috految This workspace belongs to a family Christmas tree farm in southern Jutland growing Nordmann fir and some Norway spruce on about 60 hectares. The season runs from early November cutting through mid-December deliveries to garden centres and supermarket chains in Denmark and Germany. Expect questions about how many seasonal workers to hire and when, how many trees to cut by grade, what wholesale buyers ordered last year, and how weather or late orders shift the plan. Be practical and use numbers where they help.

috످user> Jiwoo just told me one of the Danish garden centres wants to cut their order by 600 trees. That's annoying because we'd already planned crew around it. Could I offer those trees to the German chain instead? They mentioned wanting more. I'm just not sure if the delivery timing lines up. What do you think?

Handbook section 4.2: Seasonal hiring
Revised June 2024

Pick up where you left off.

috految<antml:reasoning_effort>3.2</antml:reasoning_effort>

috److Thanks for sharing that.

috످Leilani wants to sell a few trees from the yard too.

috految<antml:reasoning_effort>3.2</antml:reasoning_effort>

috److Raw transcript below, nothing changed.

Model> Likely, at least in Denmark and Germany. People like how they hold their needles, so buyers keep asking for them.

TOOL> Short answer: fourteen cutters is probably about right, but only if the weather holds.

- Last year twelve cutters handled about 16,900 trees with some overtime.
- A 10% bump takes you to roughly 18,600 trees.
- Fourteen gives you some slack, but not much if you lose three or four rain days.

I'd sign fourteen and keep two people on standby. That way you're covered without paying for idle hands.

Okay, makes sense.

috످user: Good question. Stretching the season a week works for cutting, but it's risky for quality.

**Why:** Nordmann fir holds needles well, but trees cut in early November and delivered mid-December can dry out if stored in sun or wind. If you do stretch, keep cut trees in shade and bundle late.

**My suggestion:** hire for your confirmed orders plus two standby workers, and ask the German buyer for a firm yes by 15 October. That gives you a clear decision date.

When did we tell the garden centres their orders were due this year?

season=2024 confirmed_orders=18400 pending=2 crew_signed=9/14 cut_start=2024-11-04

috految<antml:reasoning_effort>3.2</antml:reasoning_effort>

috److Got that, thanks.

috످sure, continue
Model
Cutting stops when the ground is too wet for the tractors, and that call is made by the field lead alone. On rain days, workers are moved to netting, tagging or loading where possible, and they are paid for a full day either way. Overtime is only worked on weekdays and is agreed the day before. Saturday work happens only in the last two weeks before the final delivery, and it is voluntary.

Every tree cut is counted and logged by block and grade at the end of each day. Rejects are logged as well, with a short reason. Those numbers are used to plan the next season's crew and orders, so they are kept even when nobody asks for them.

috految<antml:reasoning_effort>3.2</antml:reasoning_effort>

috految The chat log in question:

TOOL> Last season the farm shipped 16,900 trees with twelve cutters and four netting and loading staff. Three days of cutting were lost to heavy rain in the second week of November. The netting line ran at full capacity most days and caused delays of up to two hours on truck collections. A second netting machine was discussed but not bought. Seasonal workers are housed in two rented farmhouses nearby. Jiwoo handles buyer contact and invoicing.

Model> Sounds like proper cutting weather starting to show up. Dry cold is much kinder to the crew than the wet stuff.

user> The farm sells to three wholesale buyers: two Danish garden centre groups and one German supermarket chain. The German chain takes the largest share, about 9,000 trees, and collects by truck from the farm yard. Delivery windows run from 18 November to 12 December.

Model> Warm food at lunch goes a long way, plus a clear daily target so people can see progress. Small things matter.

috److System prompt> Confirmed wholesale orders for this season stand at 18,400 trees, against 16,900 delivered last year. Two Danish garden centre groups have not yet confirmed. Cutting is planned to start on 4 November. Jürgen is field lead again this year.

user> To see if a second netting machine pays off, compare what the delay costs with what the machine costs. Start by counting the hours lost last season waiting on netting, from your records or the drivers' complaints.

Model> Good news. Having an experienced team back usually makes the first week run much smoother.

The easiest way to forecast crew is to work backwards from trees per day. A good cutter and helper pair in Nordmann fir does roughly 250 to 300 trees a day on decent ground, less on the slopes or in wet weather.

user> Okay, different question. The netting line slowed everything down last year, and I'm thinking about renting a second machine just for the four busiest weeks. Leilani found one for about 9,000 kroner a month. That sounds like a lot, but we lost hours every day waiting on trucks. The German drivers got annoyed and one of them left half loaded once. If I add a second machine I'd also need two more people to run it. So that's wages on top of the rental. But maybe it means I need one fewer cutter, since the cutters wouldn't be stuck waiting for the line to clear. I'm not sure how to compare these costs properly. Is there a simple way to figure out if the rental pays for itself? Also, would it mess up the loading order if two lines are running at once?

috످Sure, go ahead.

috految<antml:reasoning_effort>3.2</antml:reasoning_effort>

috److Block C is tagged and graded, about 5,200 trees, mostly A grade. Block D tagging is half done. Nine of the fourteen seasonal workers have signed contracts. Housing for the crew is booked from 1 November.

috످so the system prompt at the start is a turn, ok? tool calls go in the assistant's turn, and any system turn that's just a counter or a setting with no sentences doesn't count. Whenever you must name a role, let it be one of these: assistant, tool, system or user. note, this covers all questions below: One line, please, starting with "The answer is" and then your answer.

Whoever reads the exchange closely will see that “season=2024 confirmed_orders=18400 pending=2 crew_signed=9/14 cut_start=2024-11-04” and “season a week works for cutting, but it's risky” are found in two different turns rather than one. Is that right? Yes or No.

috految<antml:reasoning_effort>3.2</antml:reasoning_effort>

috److The answer is No.

috످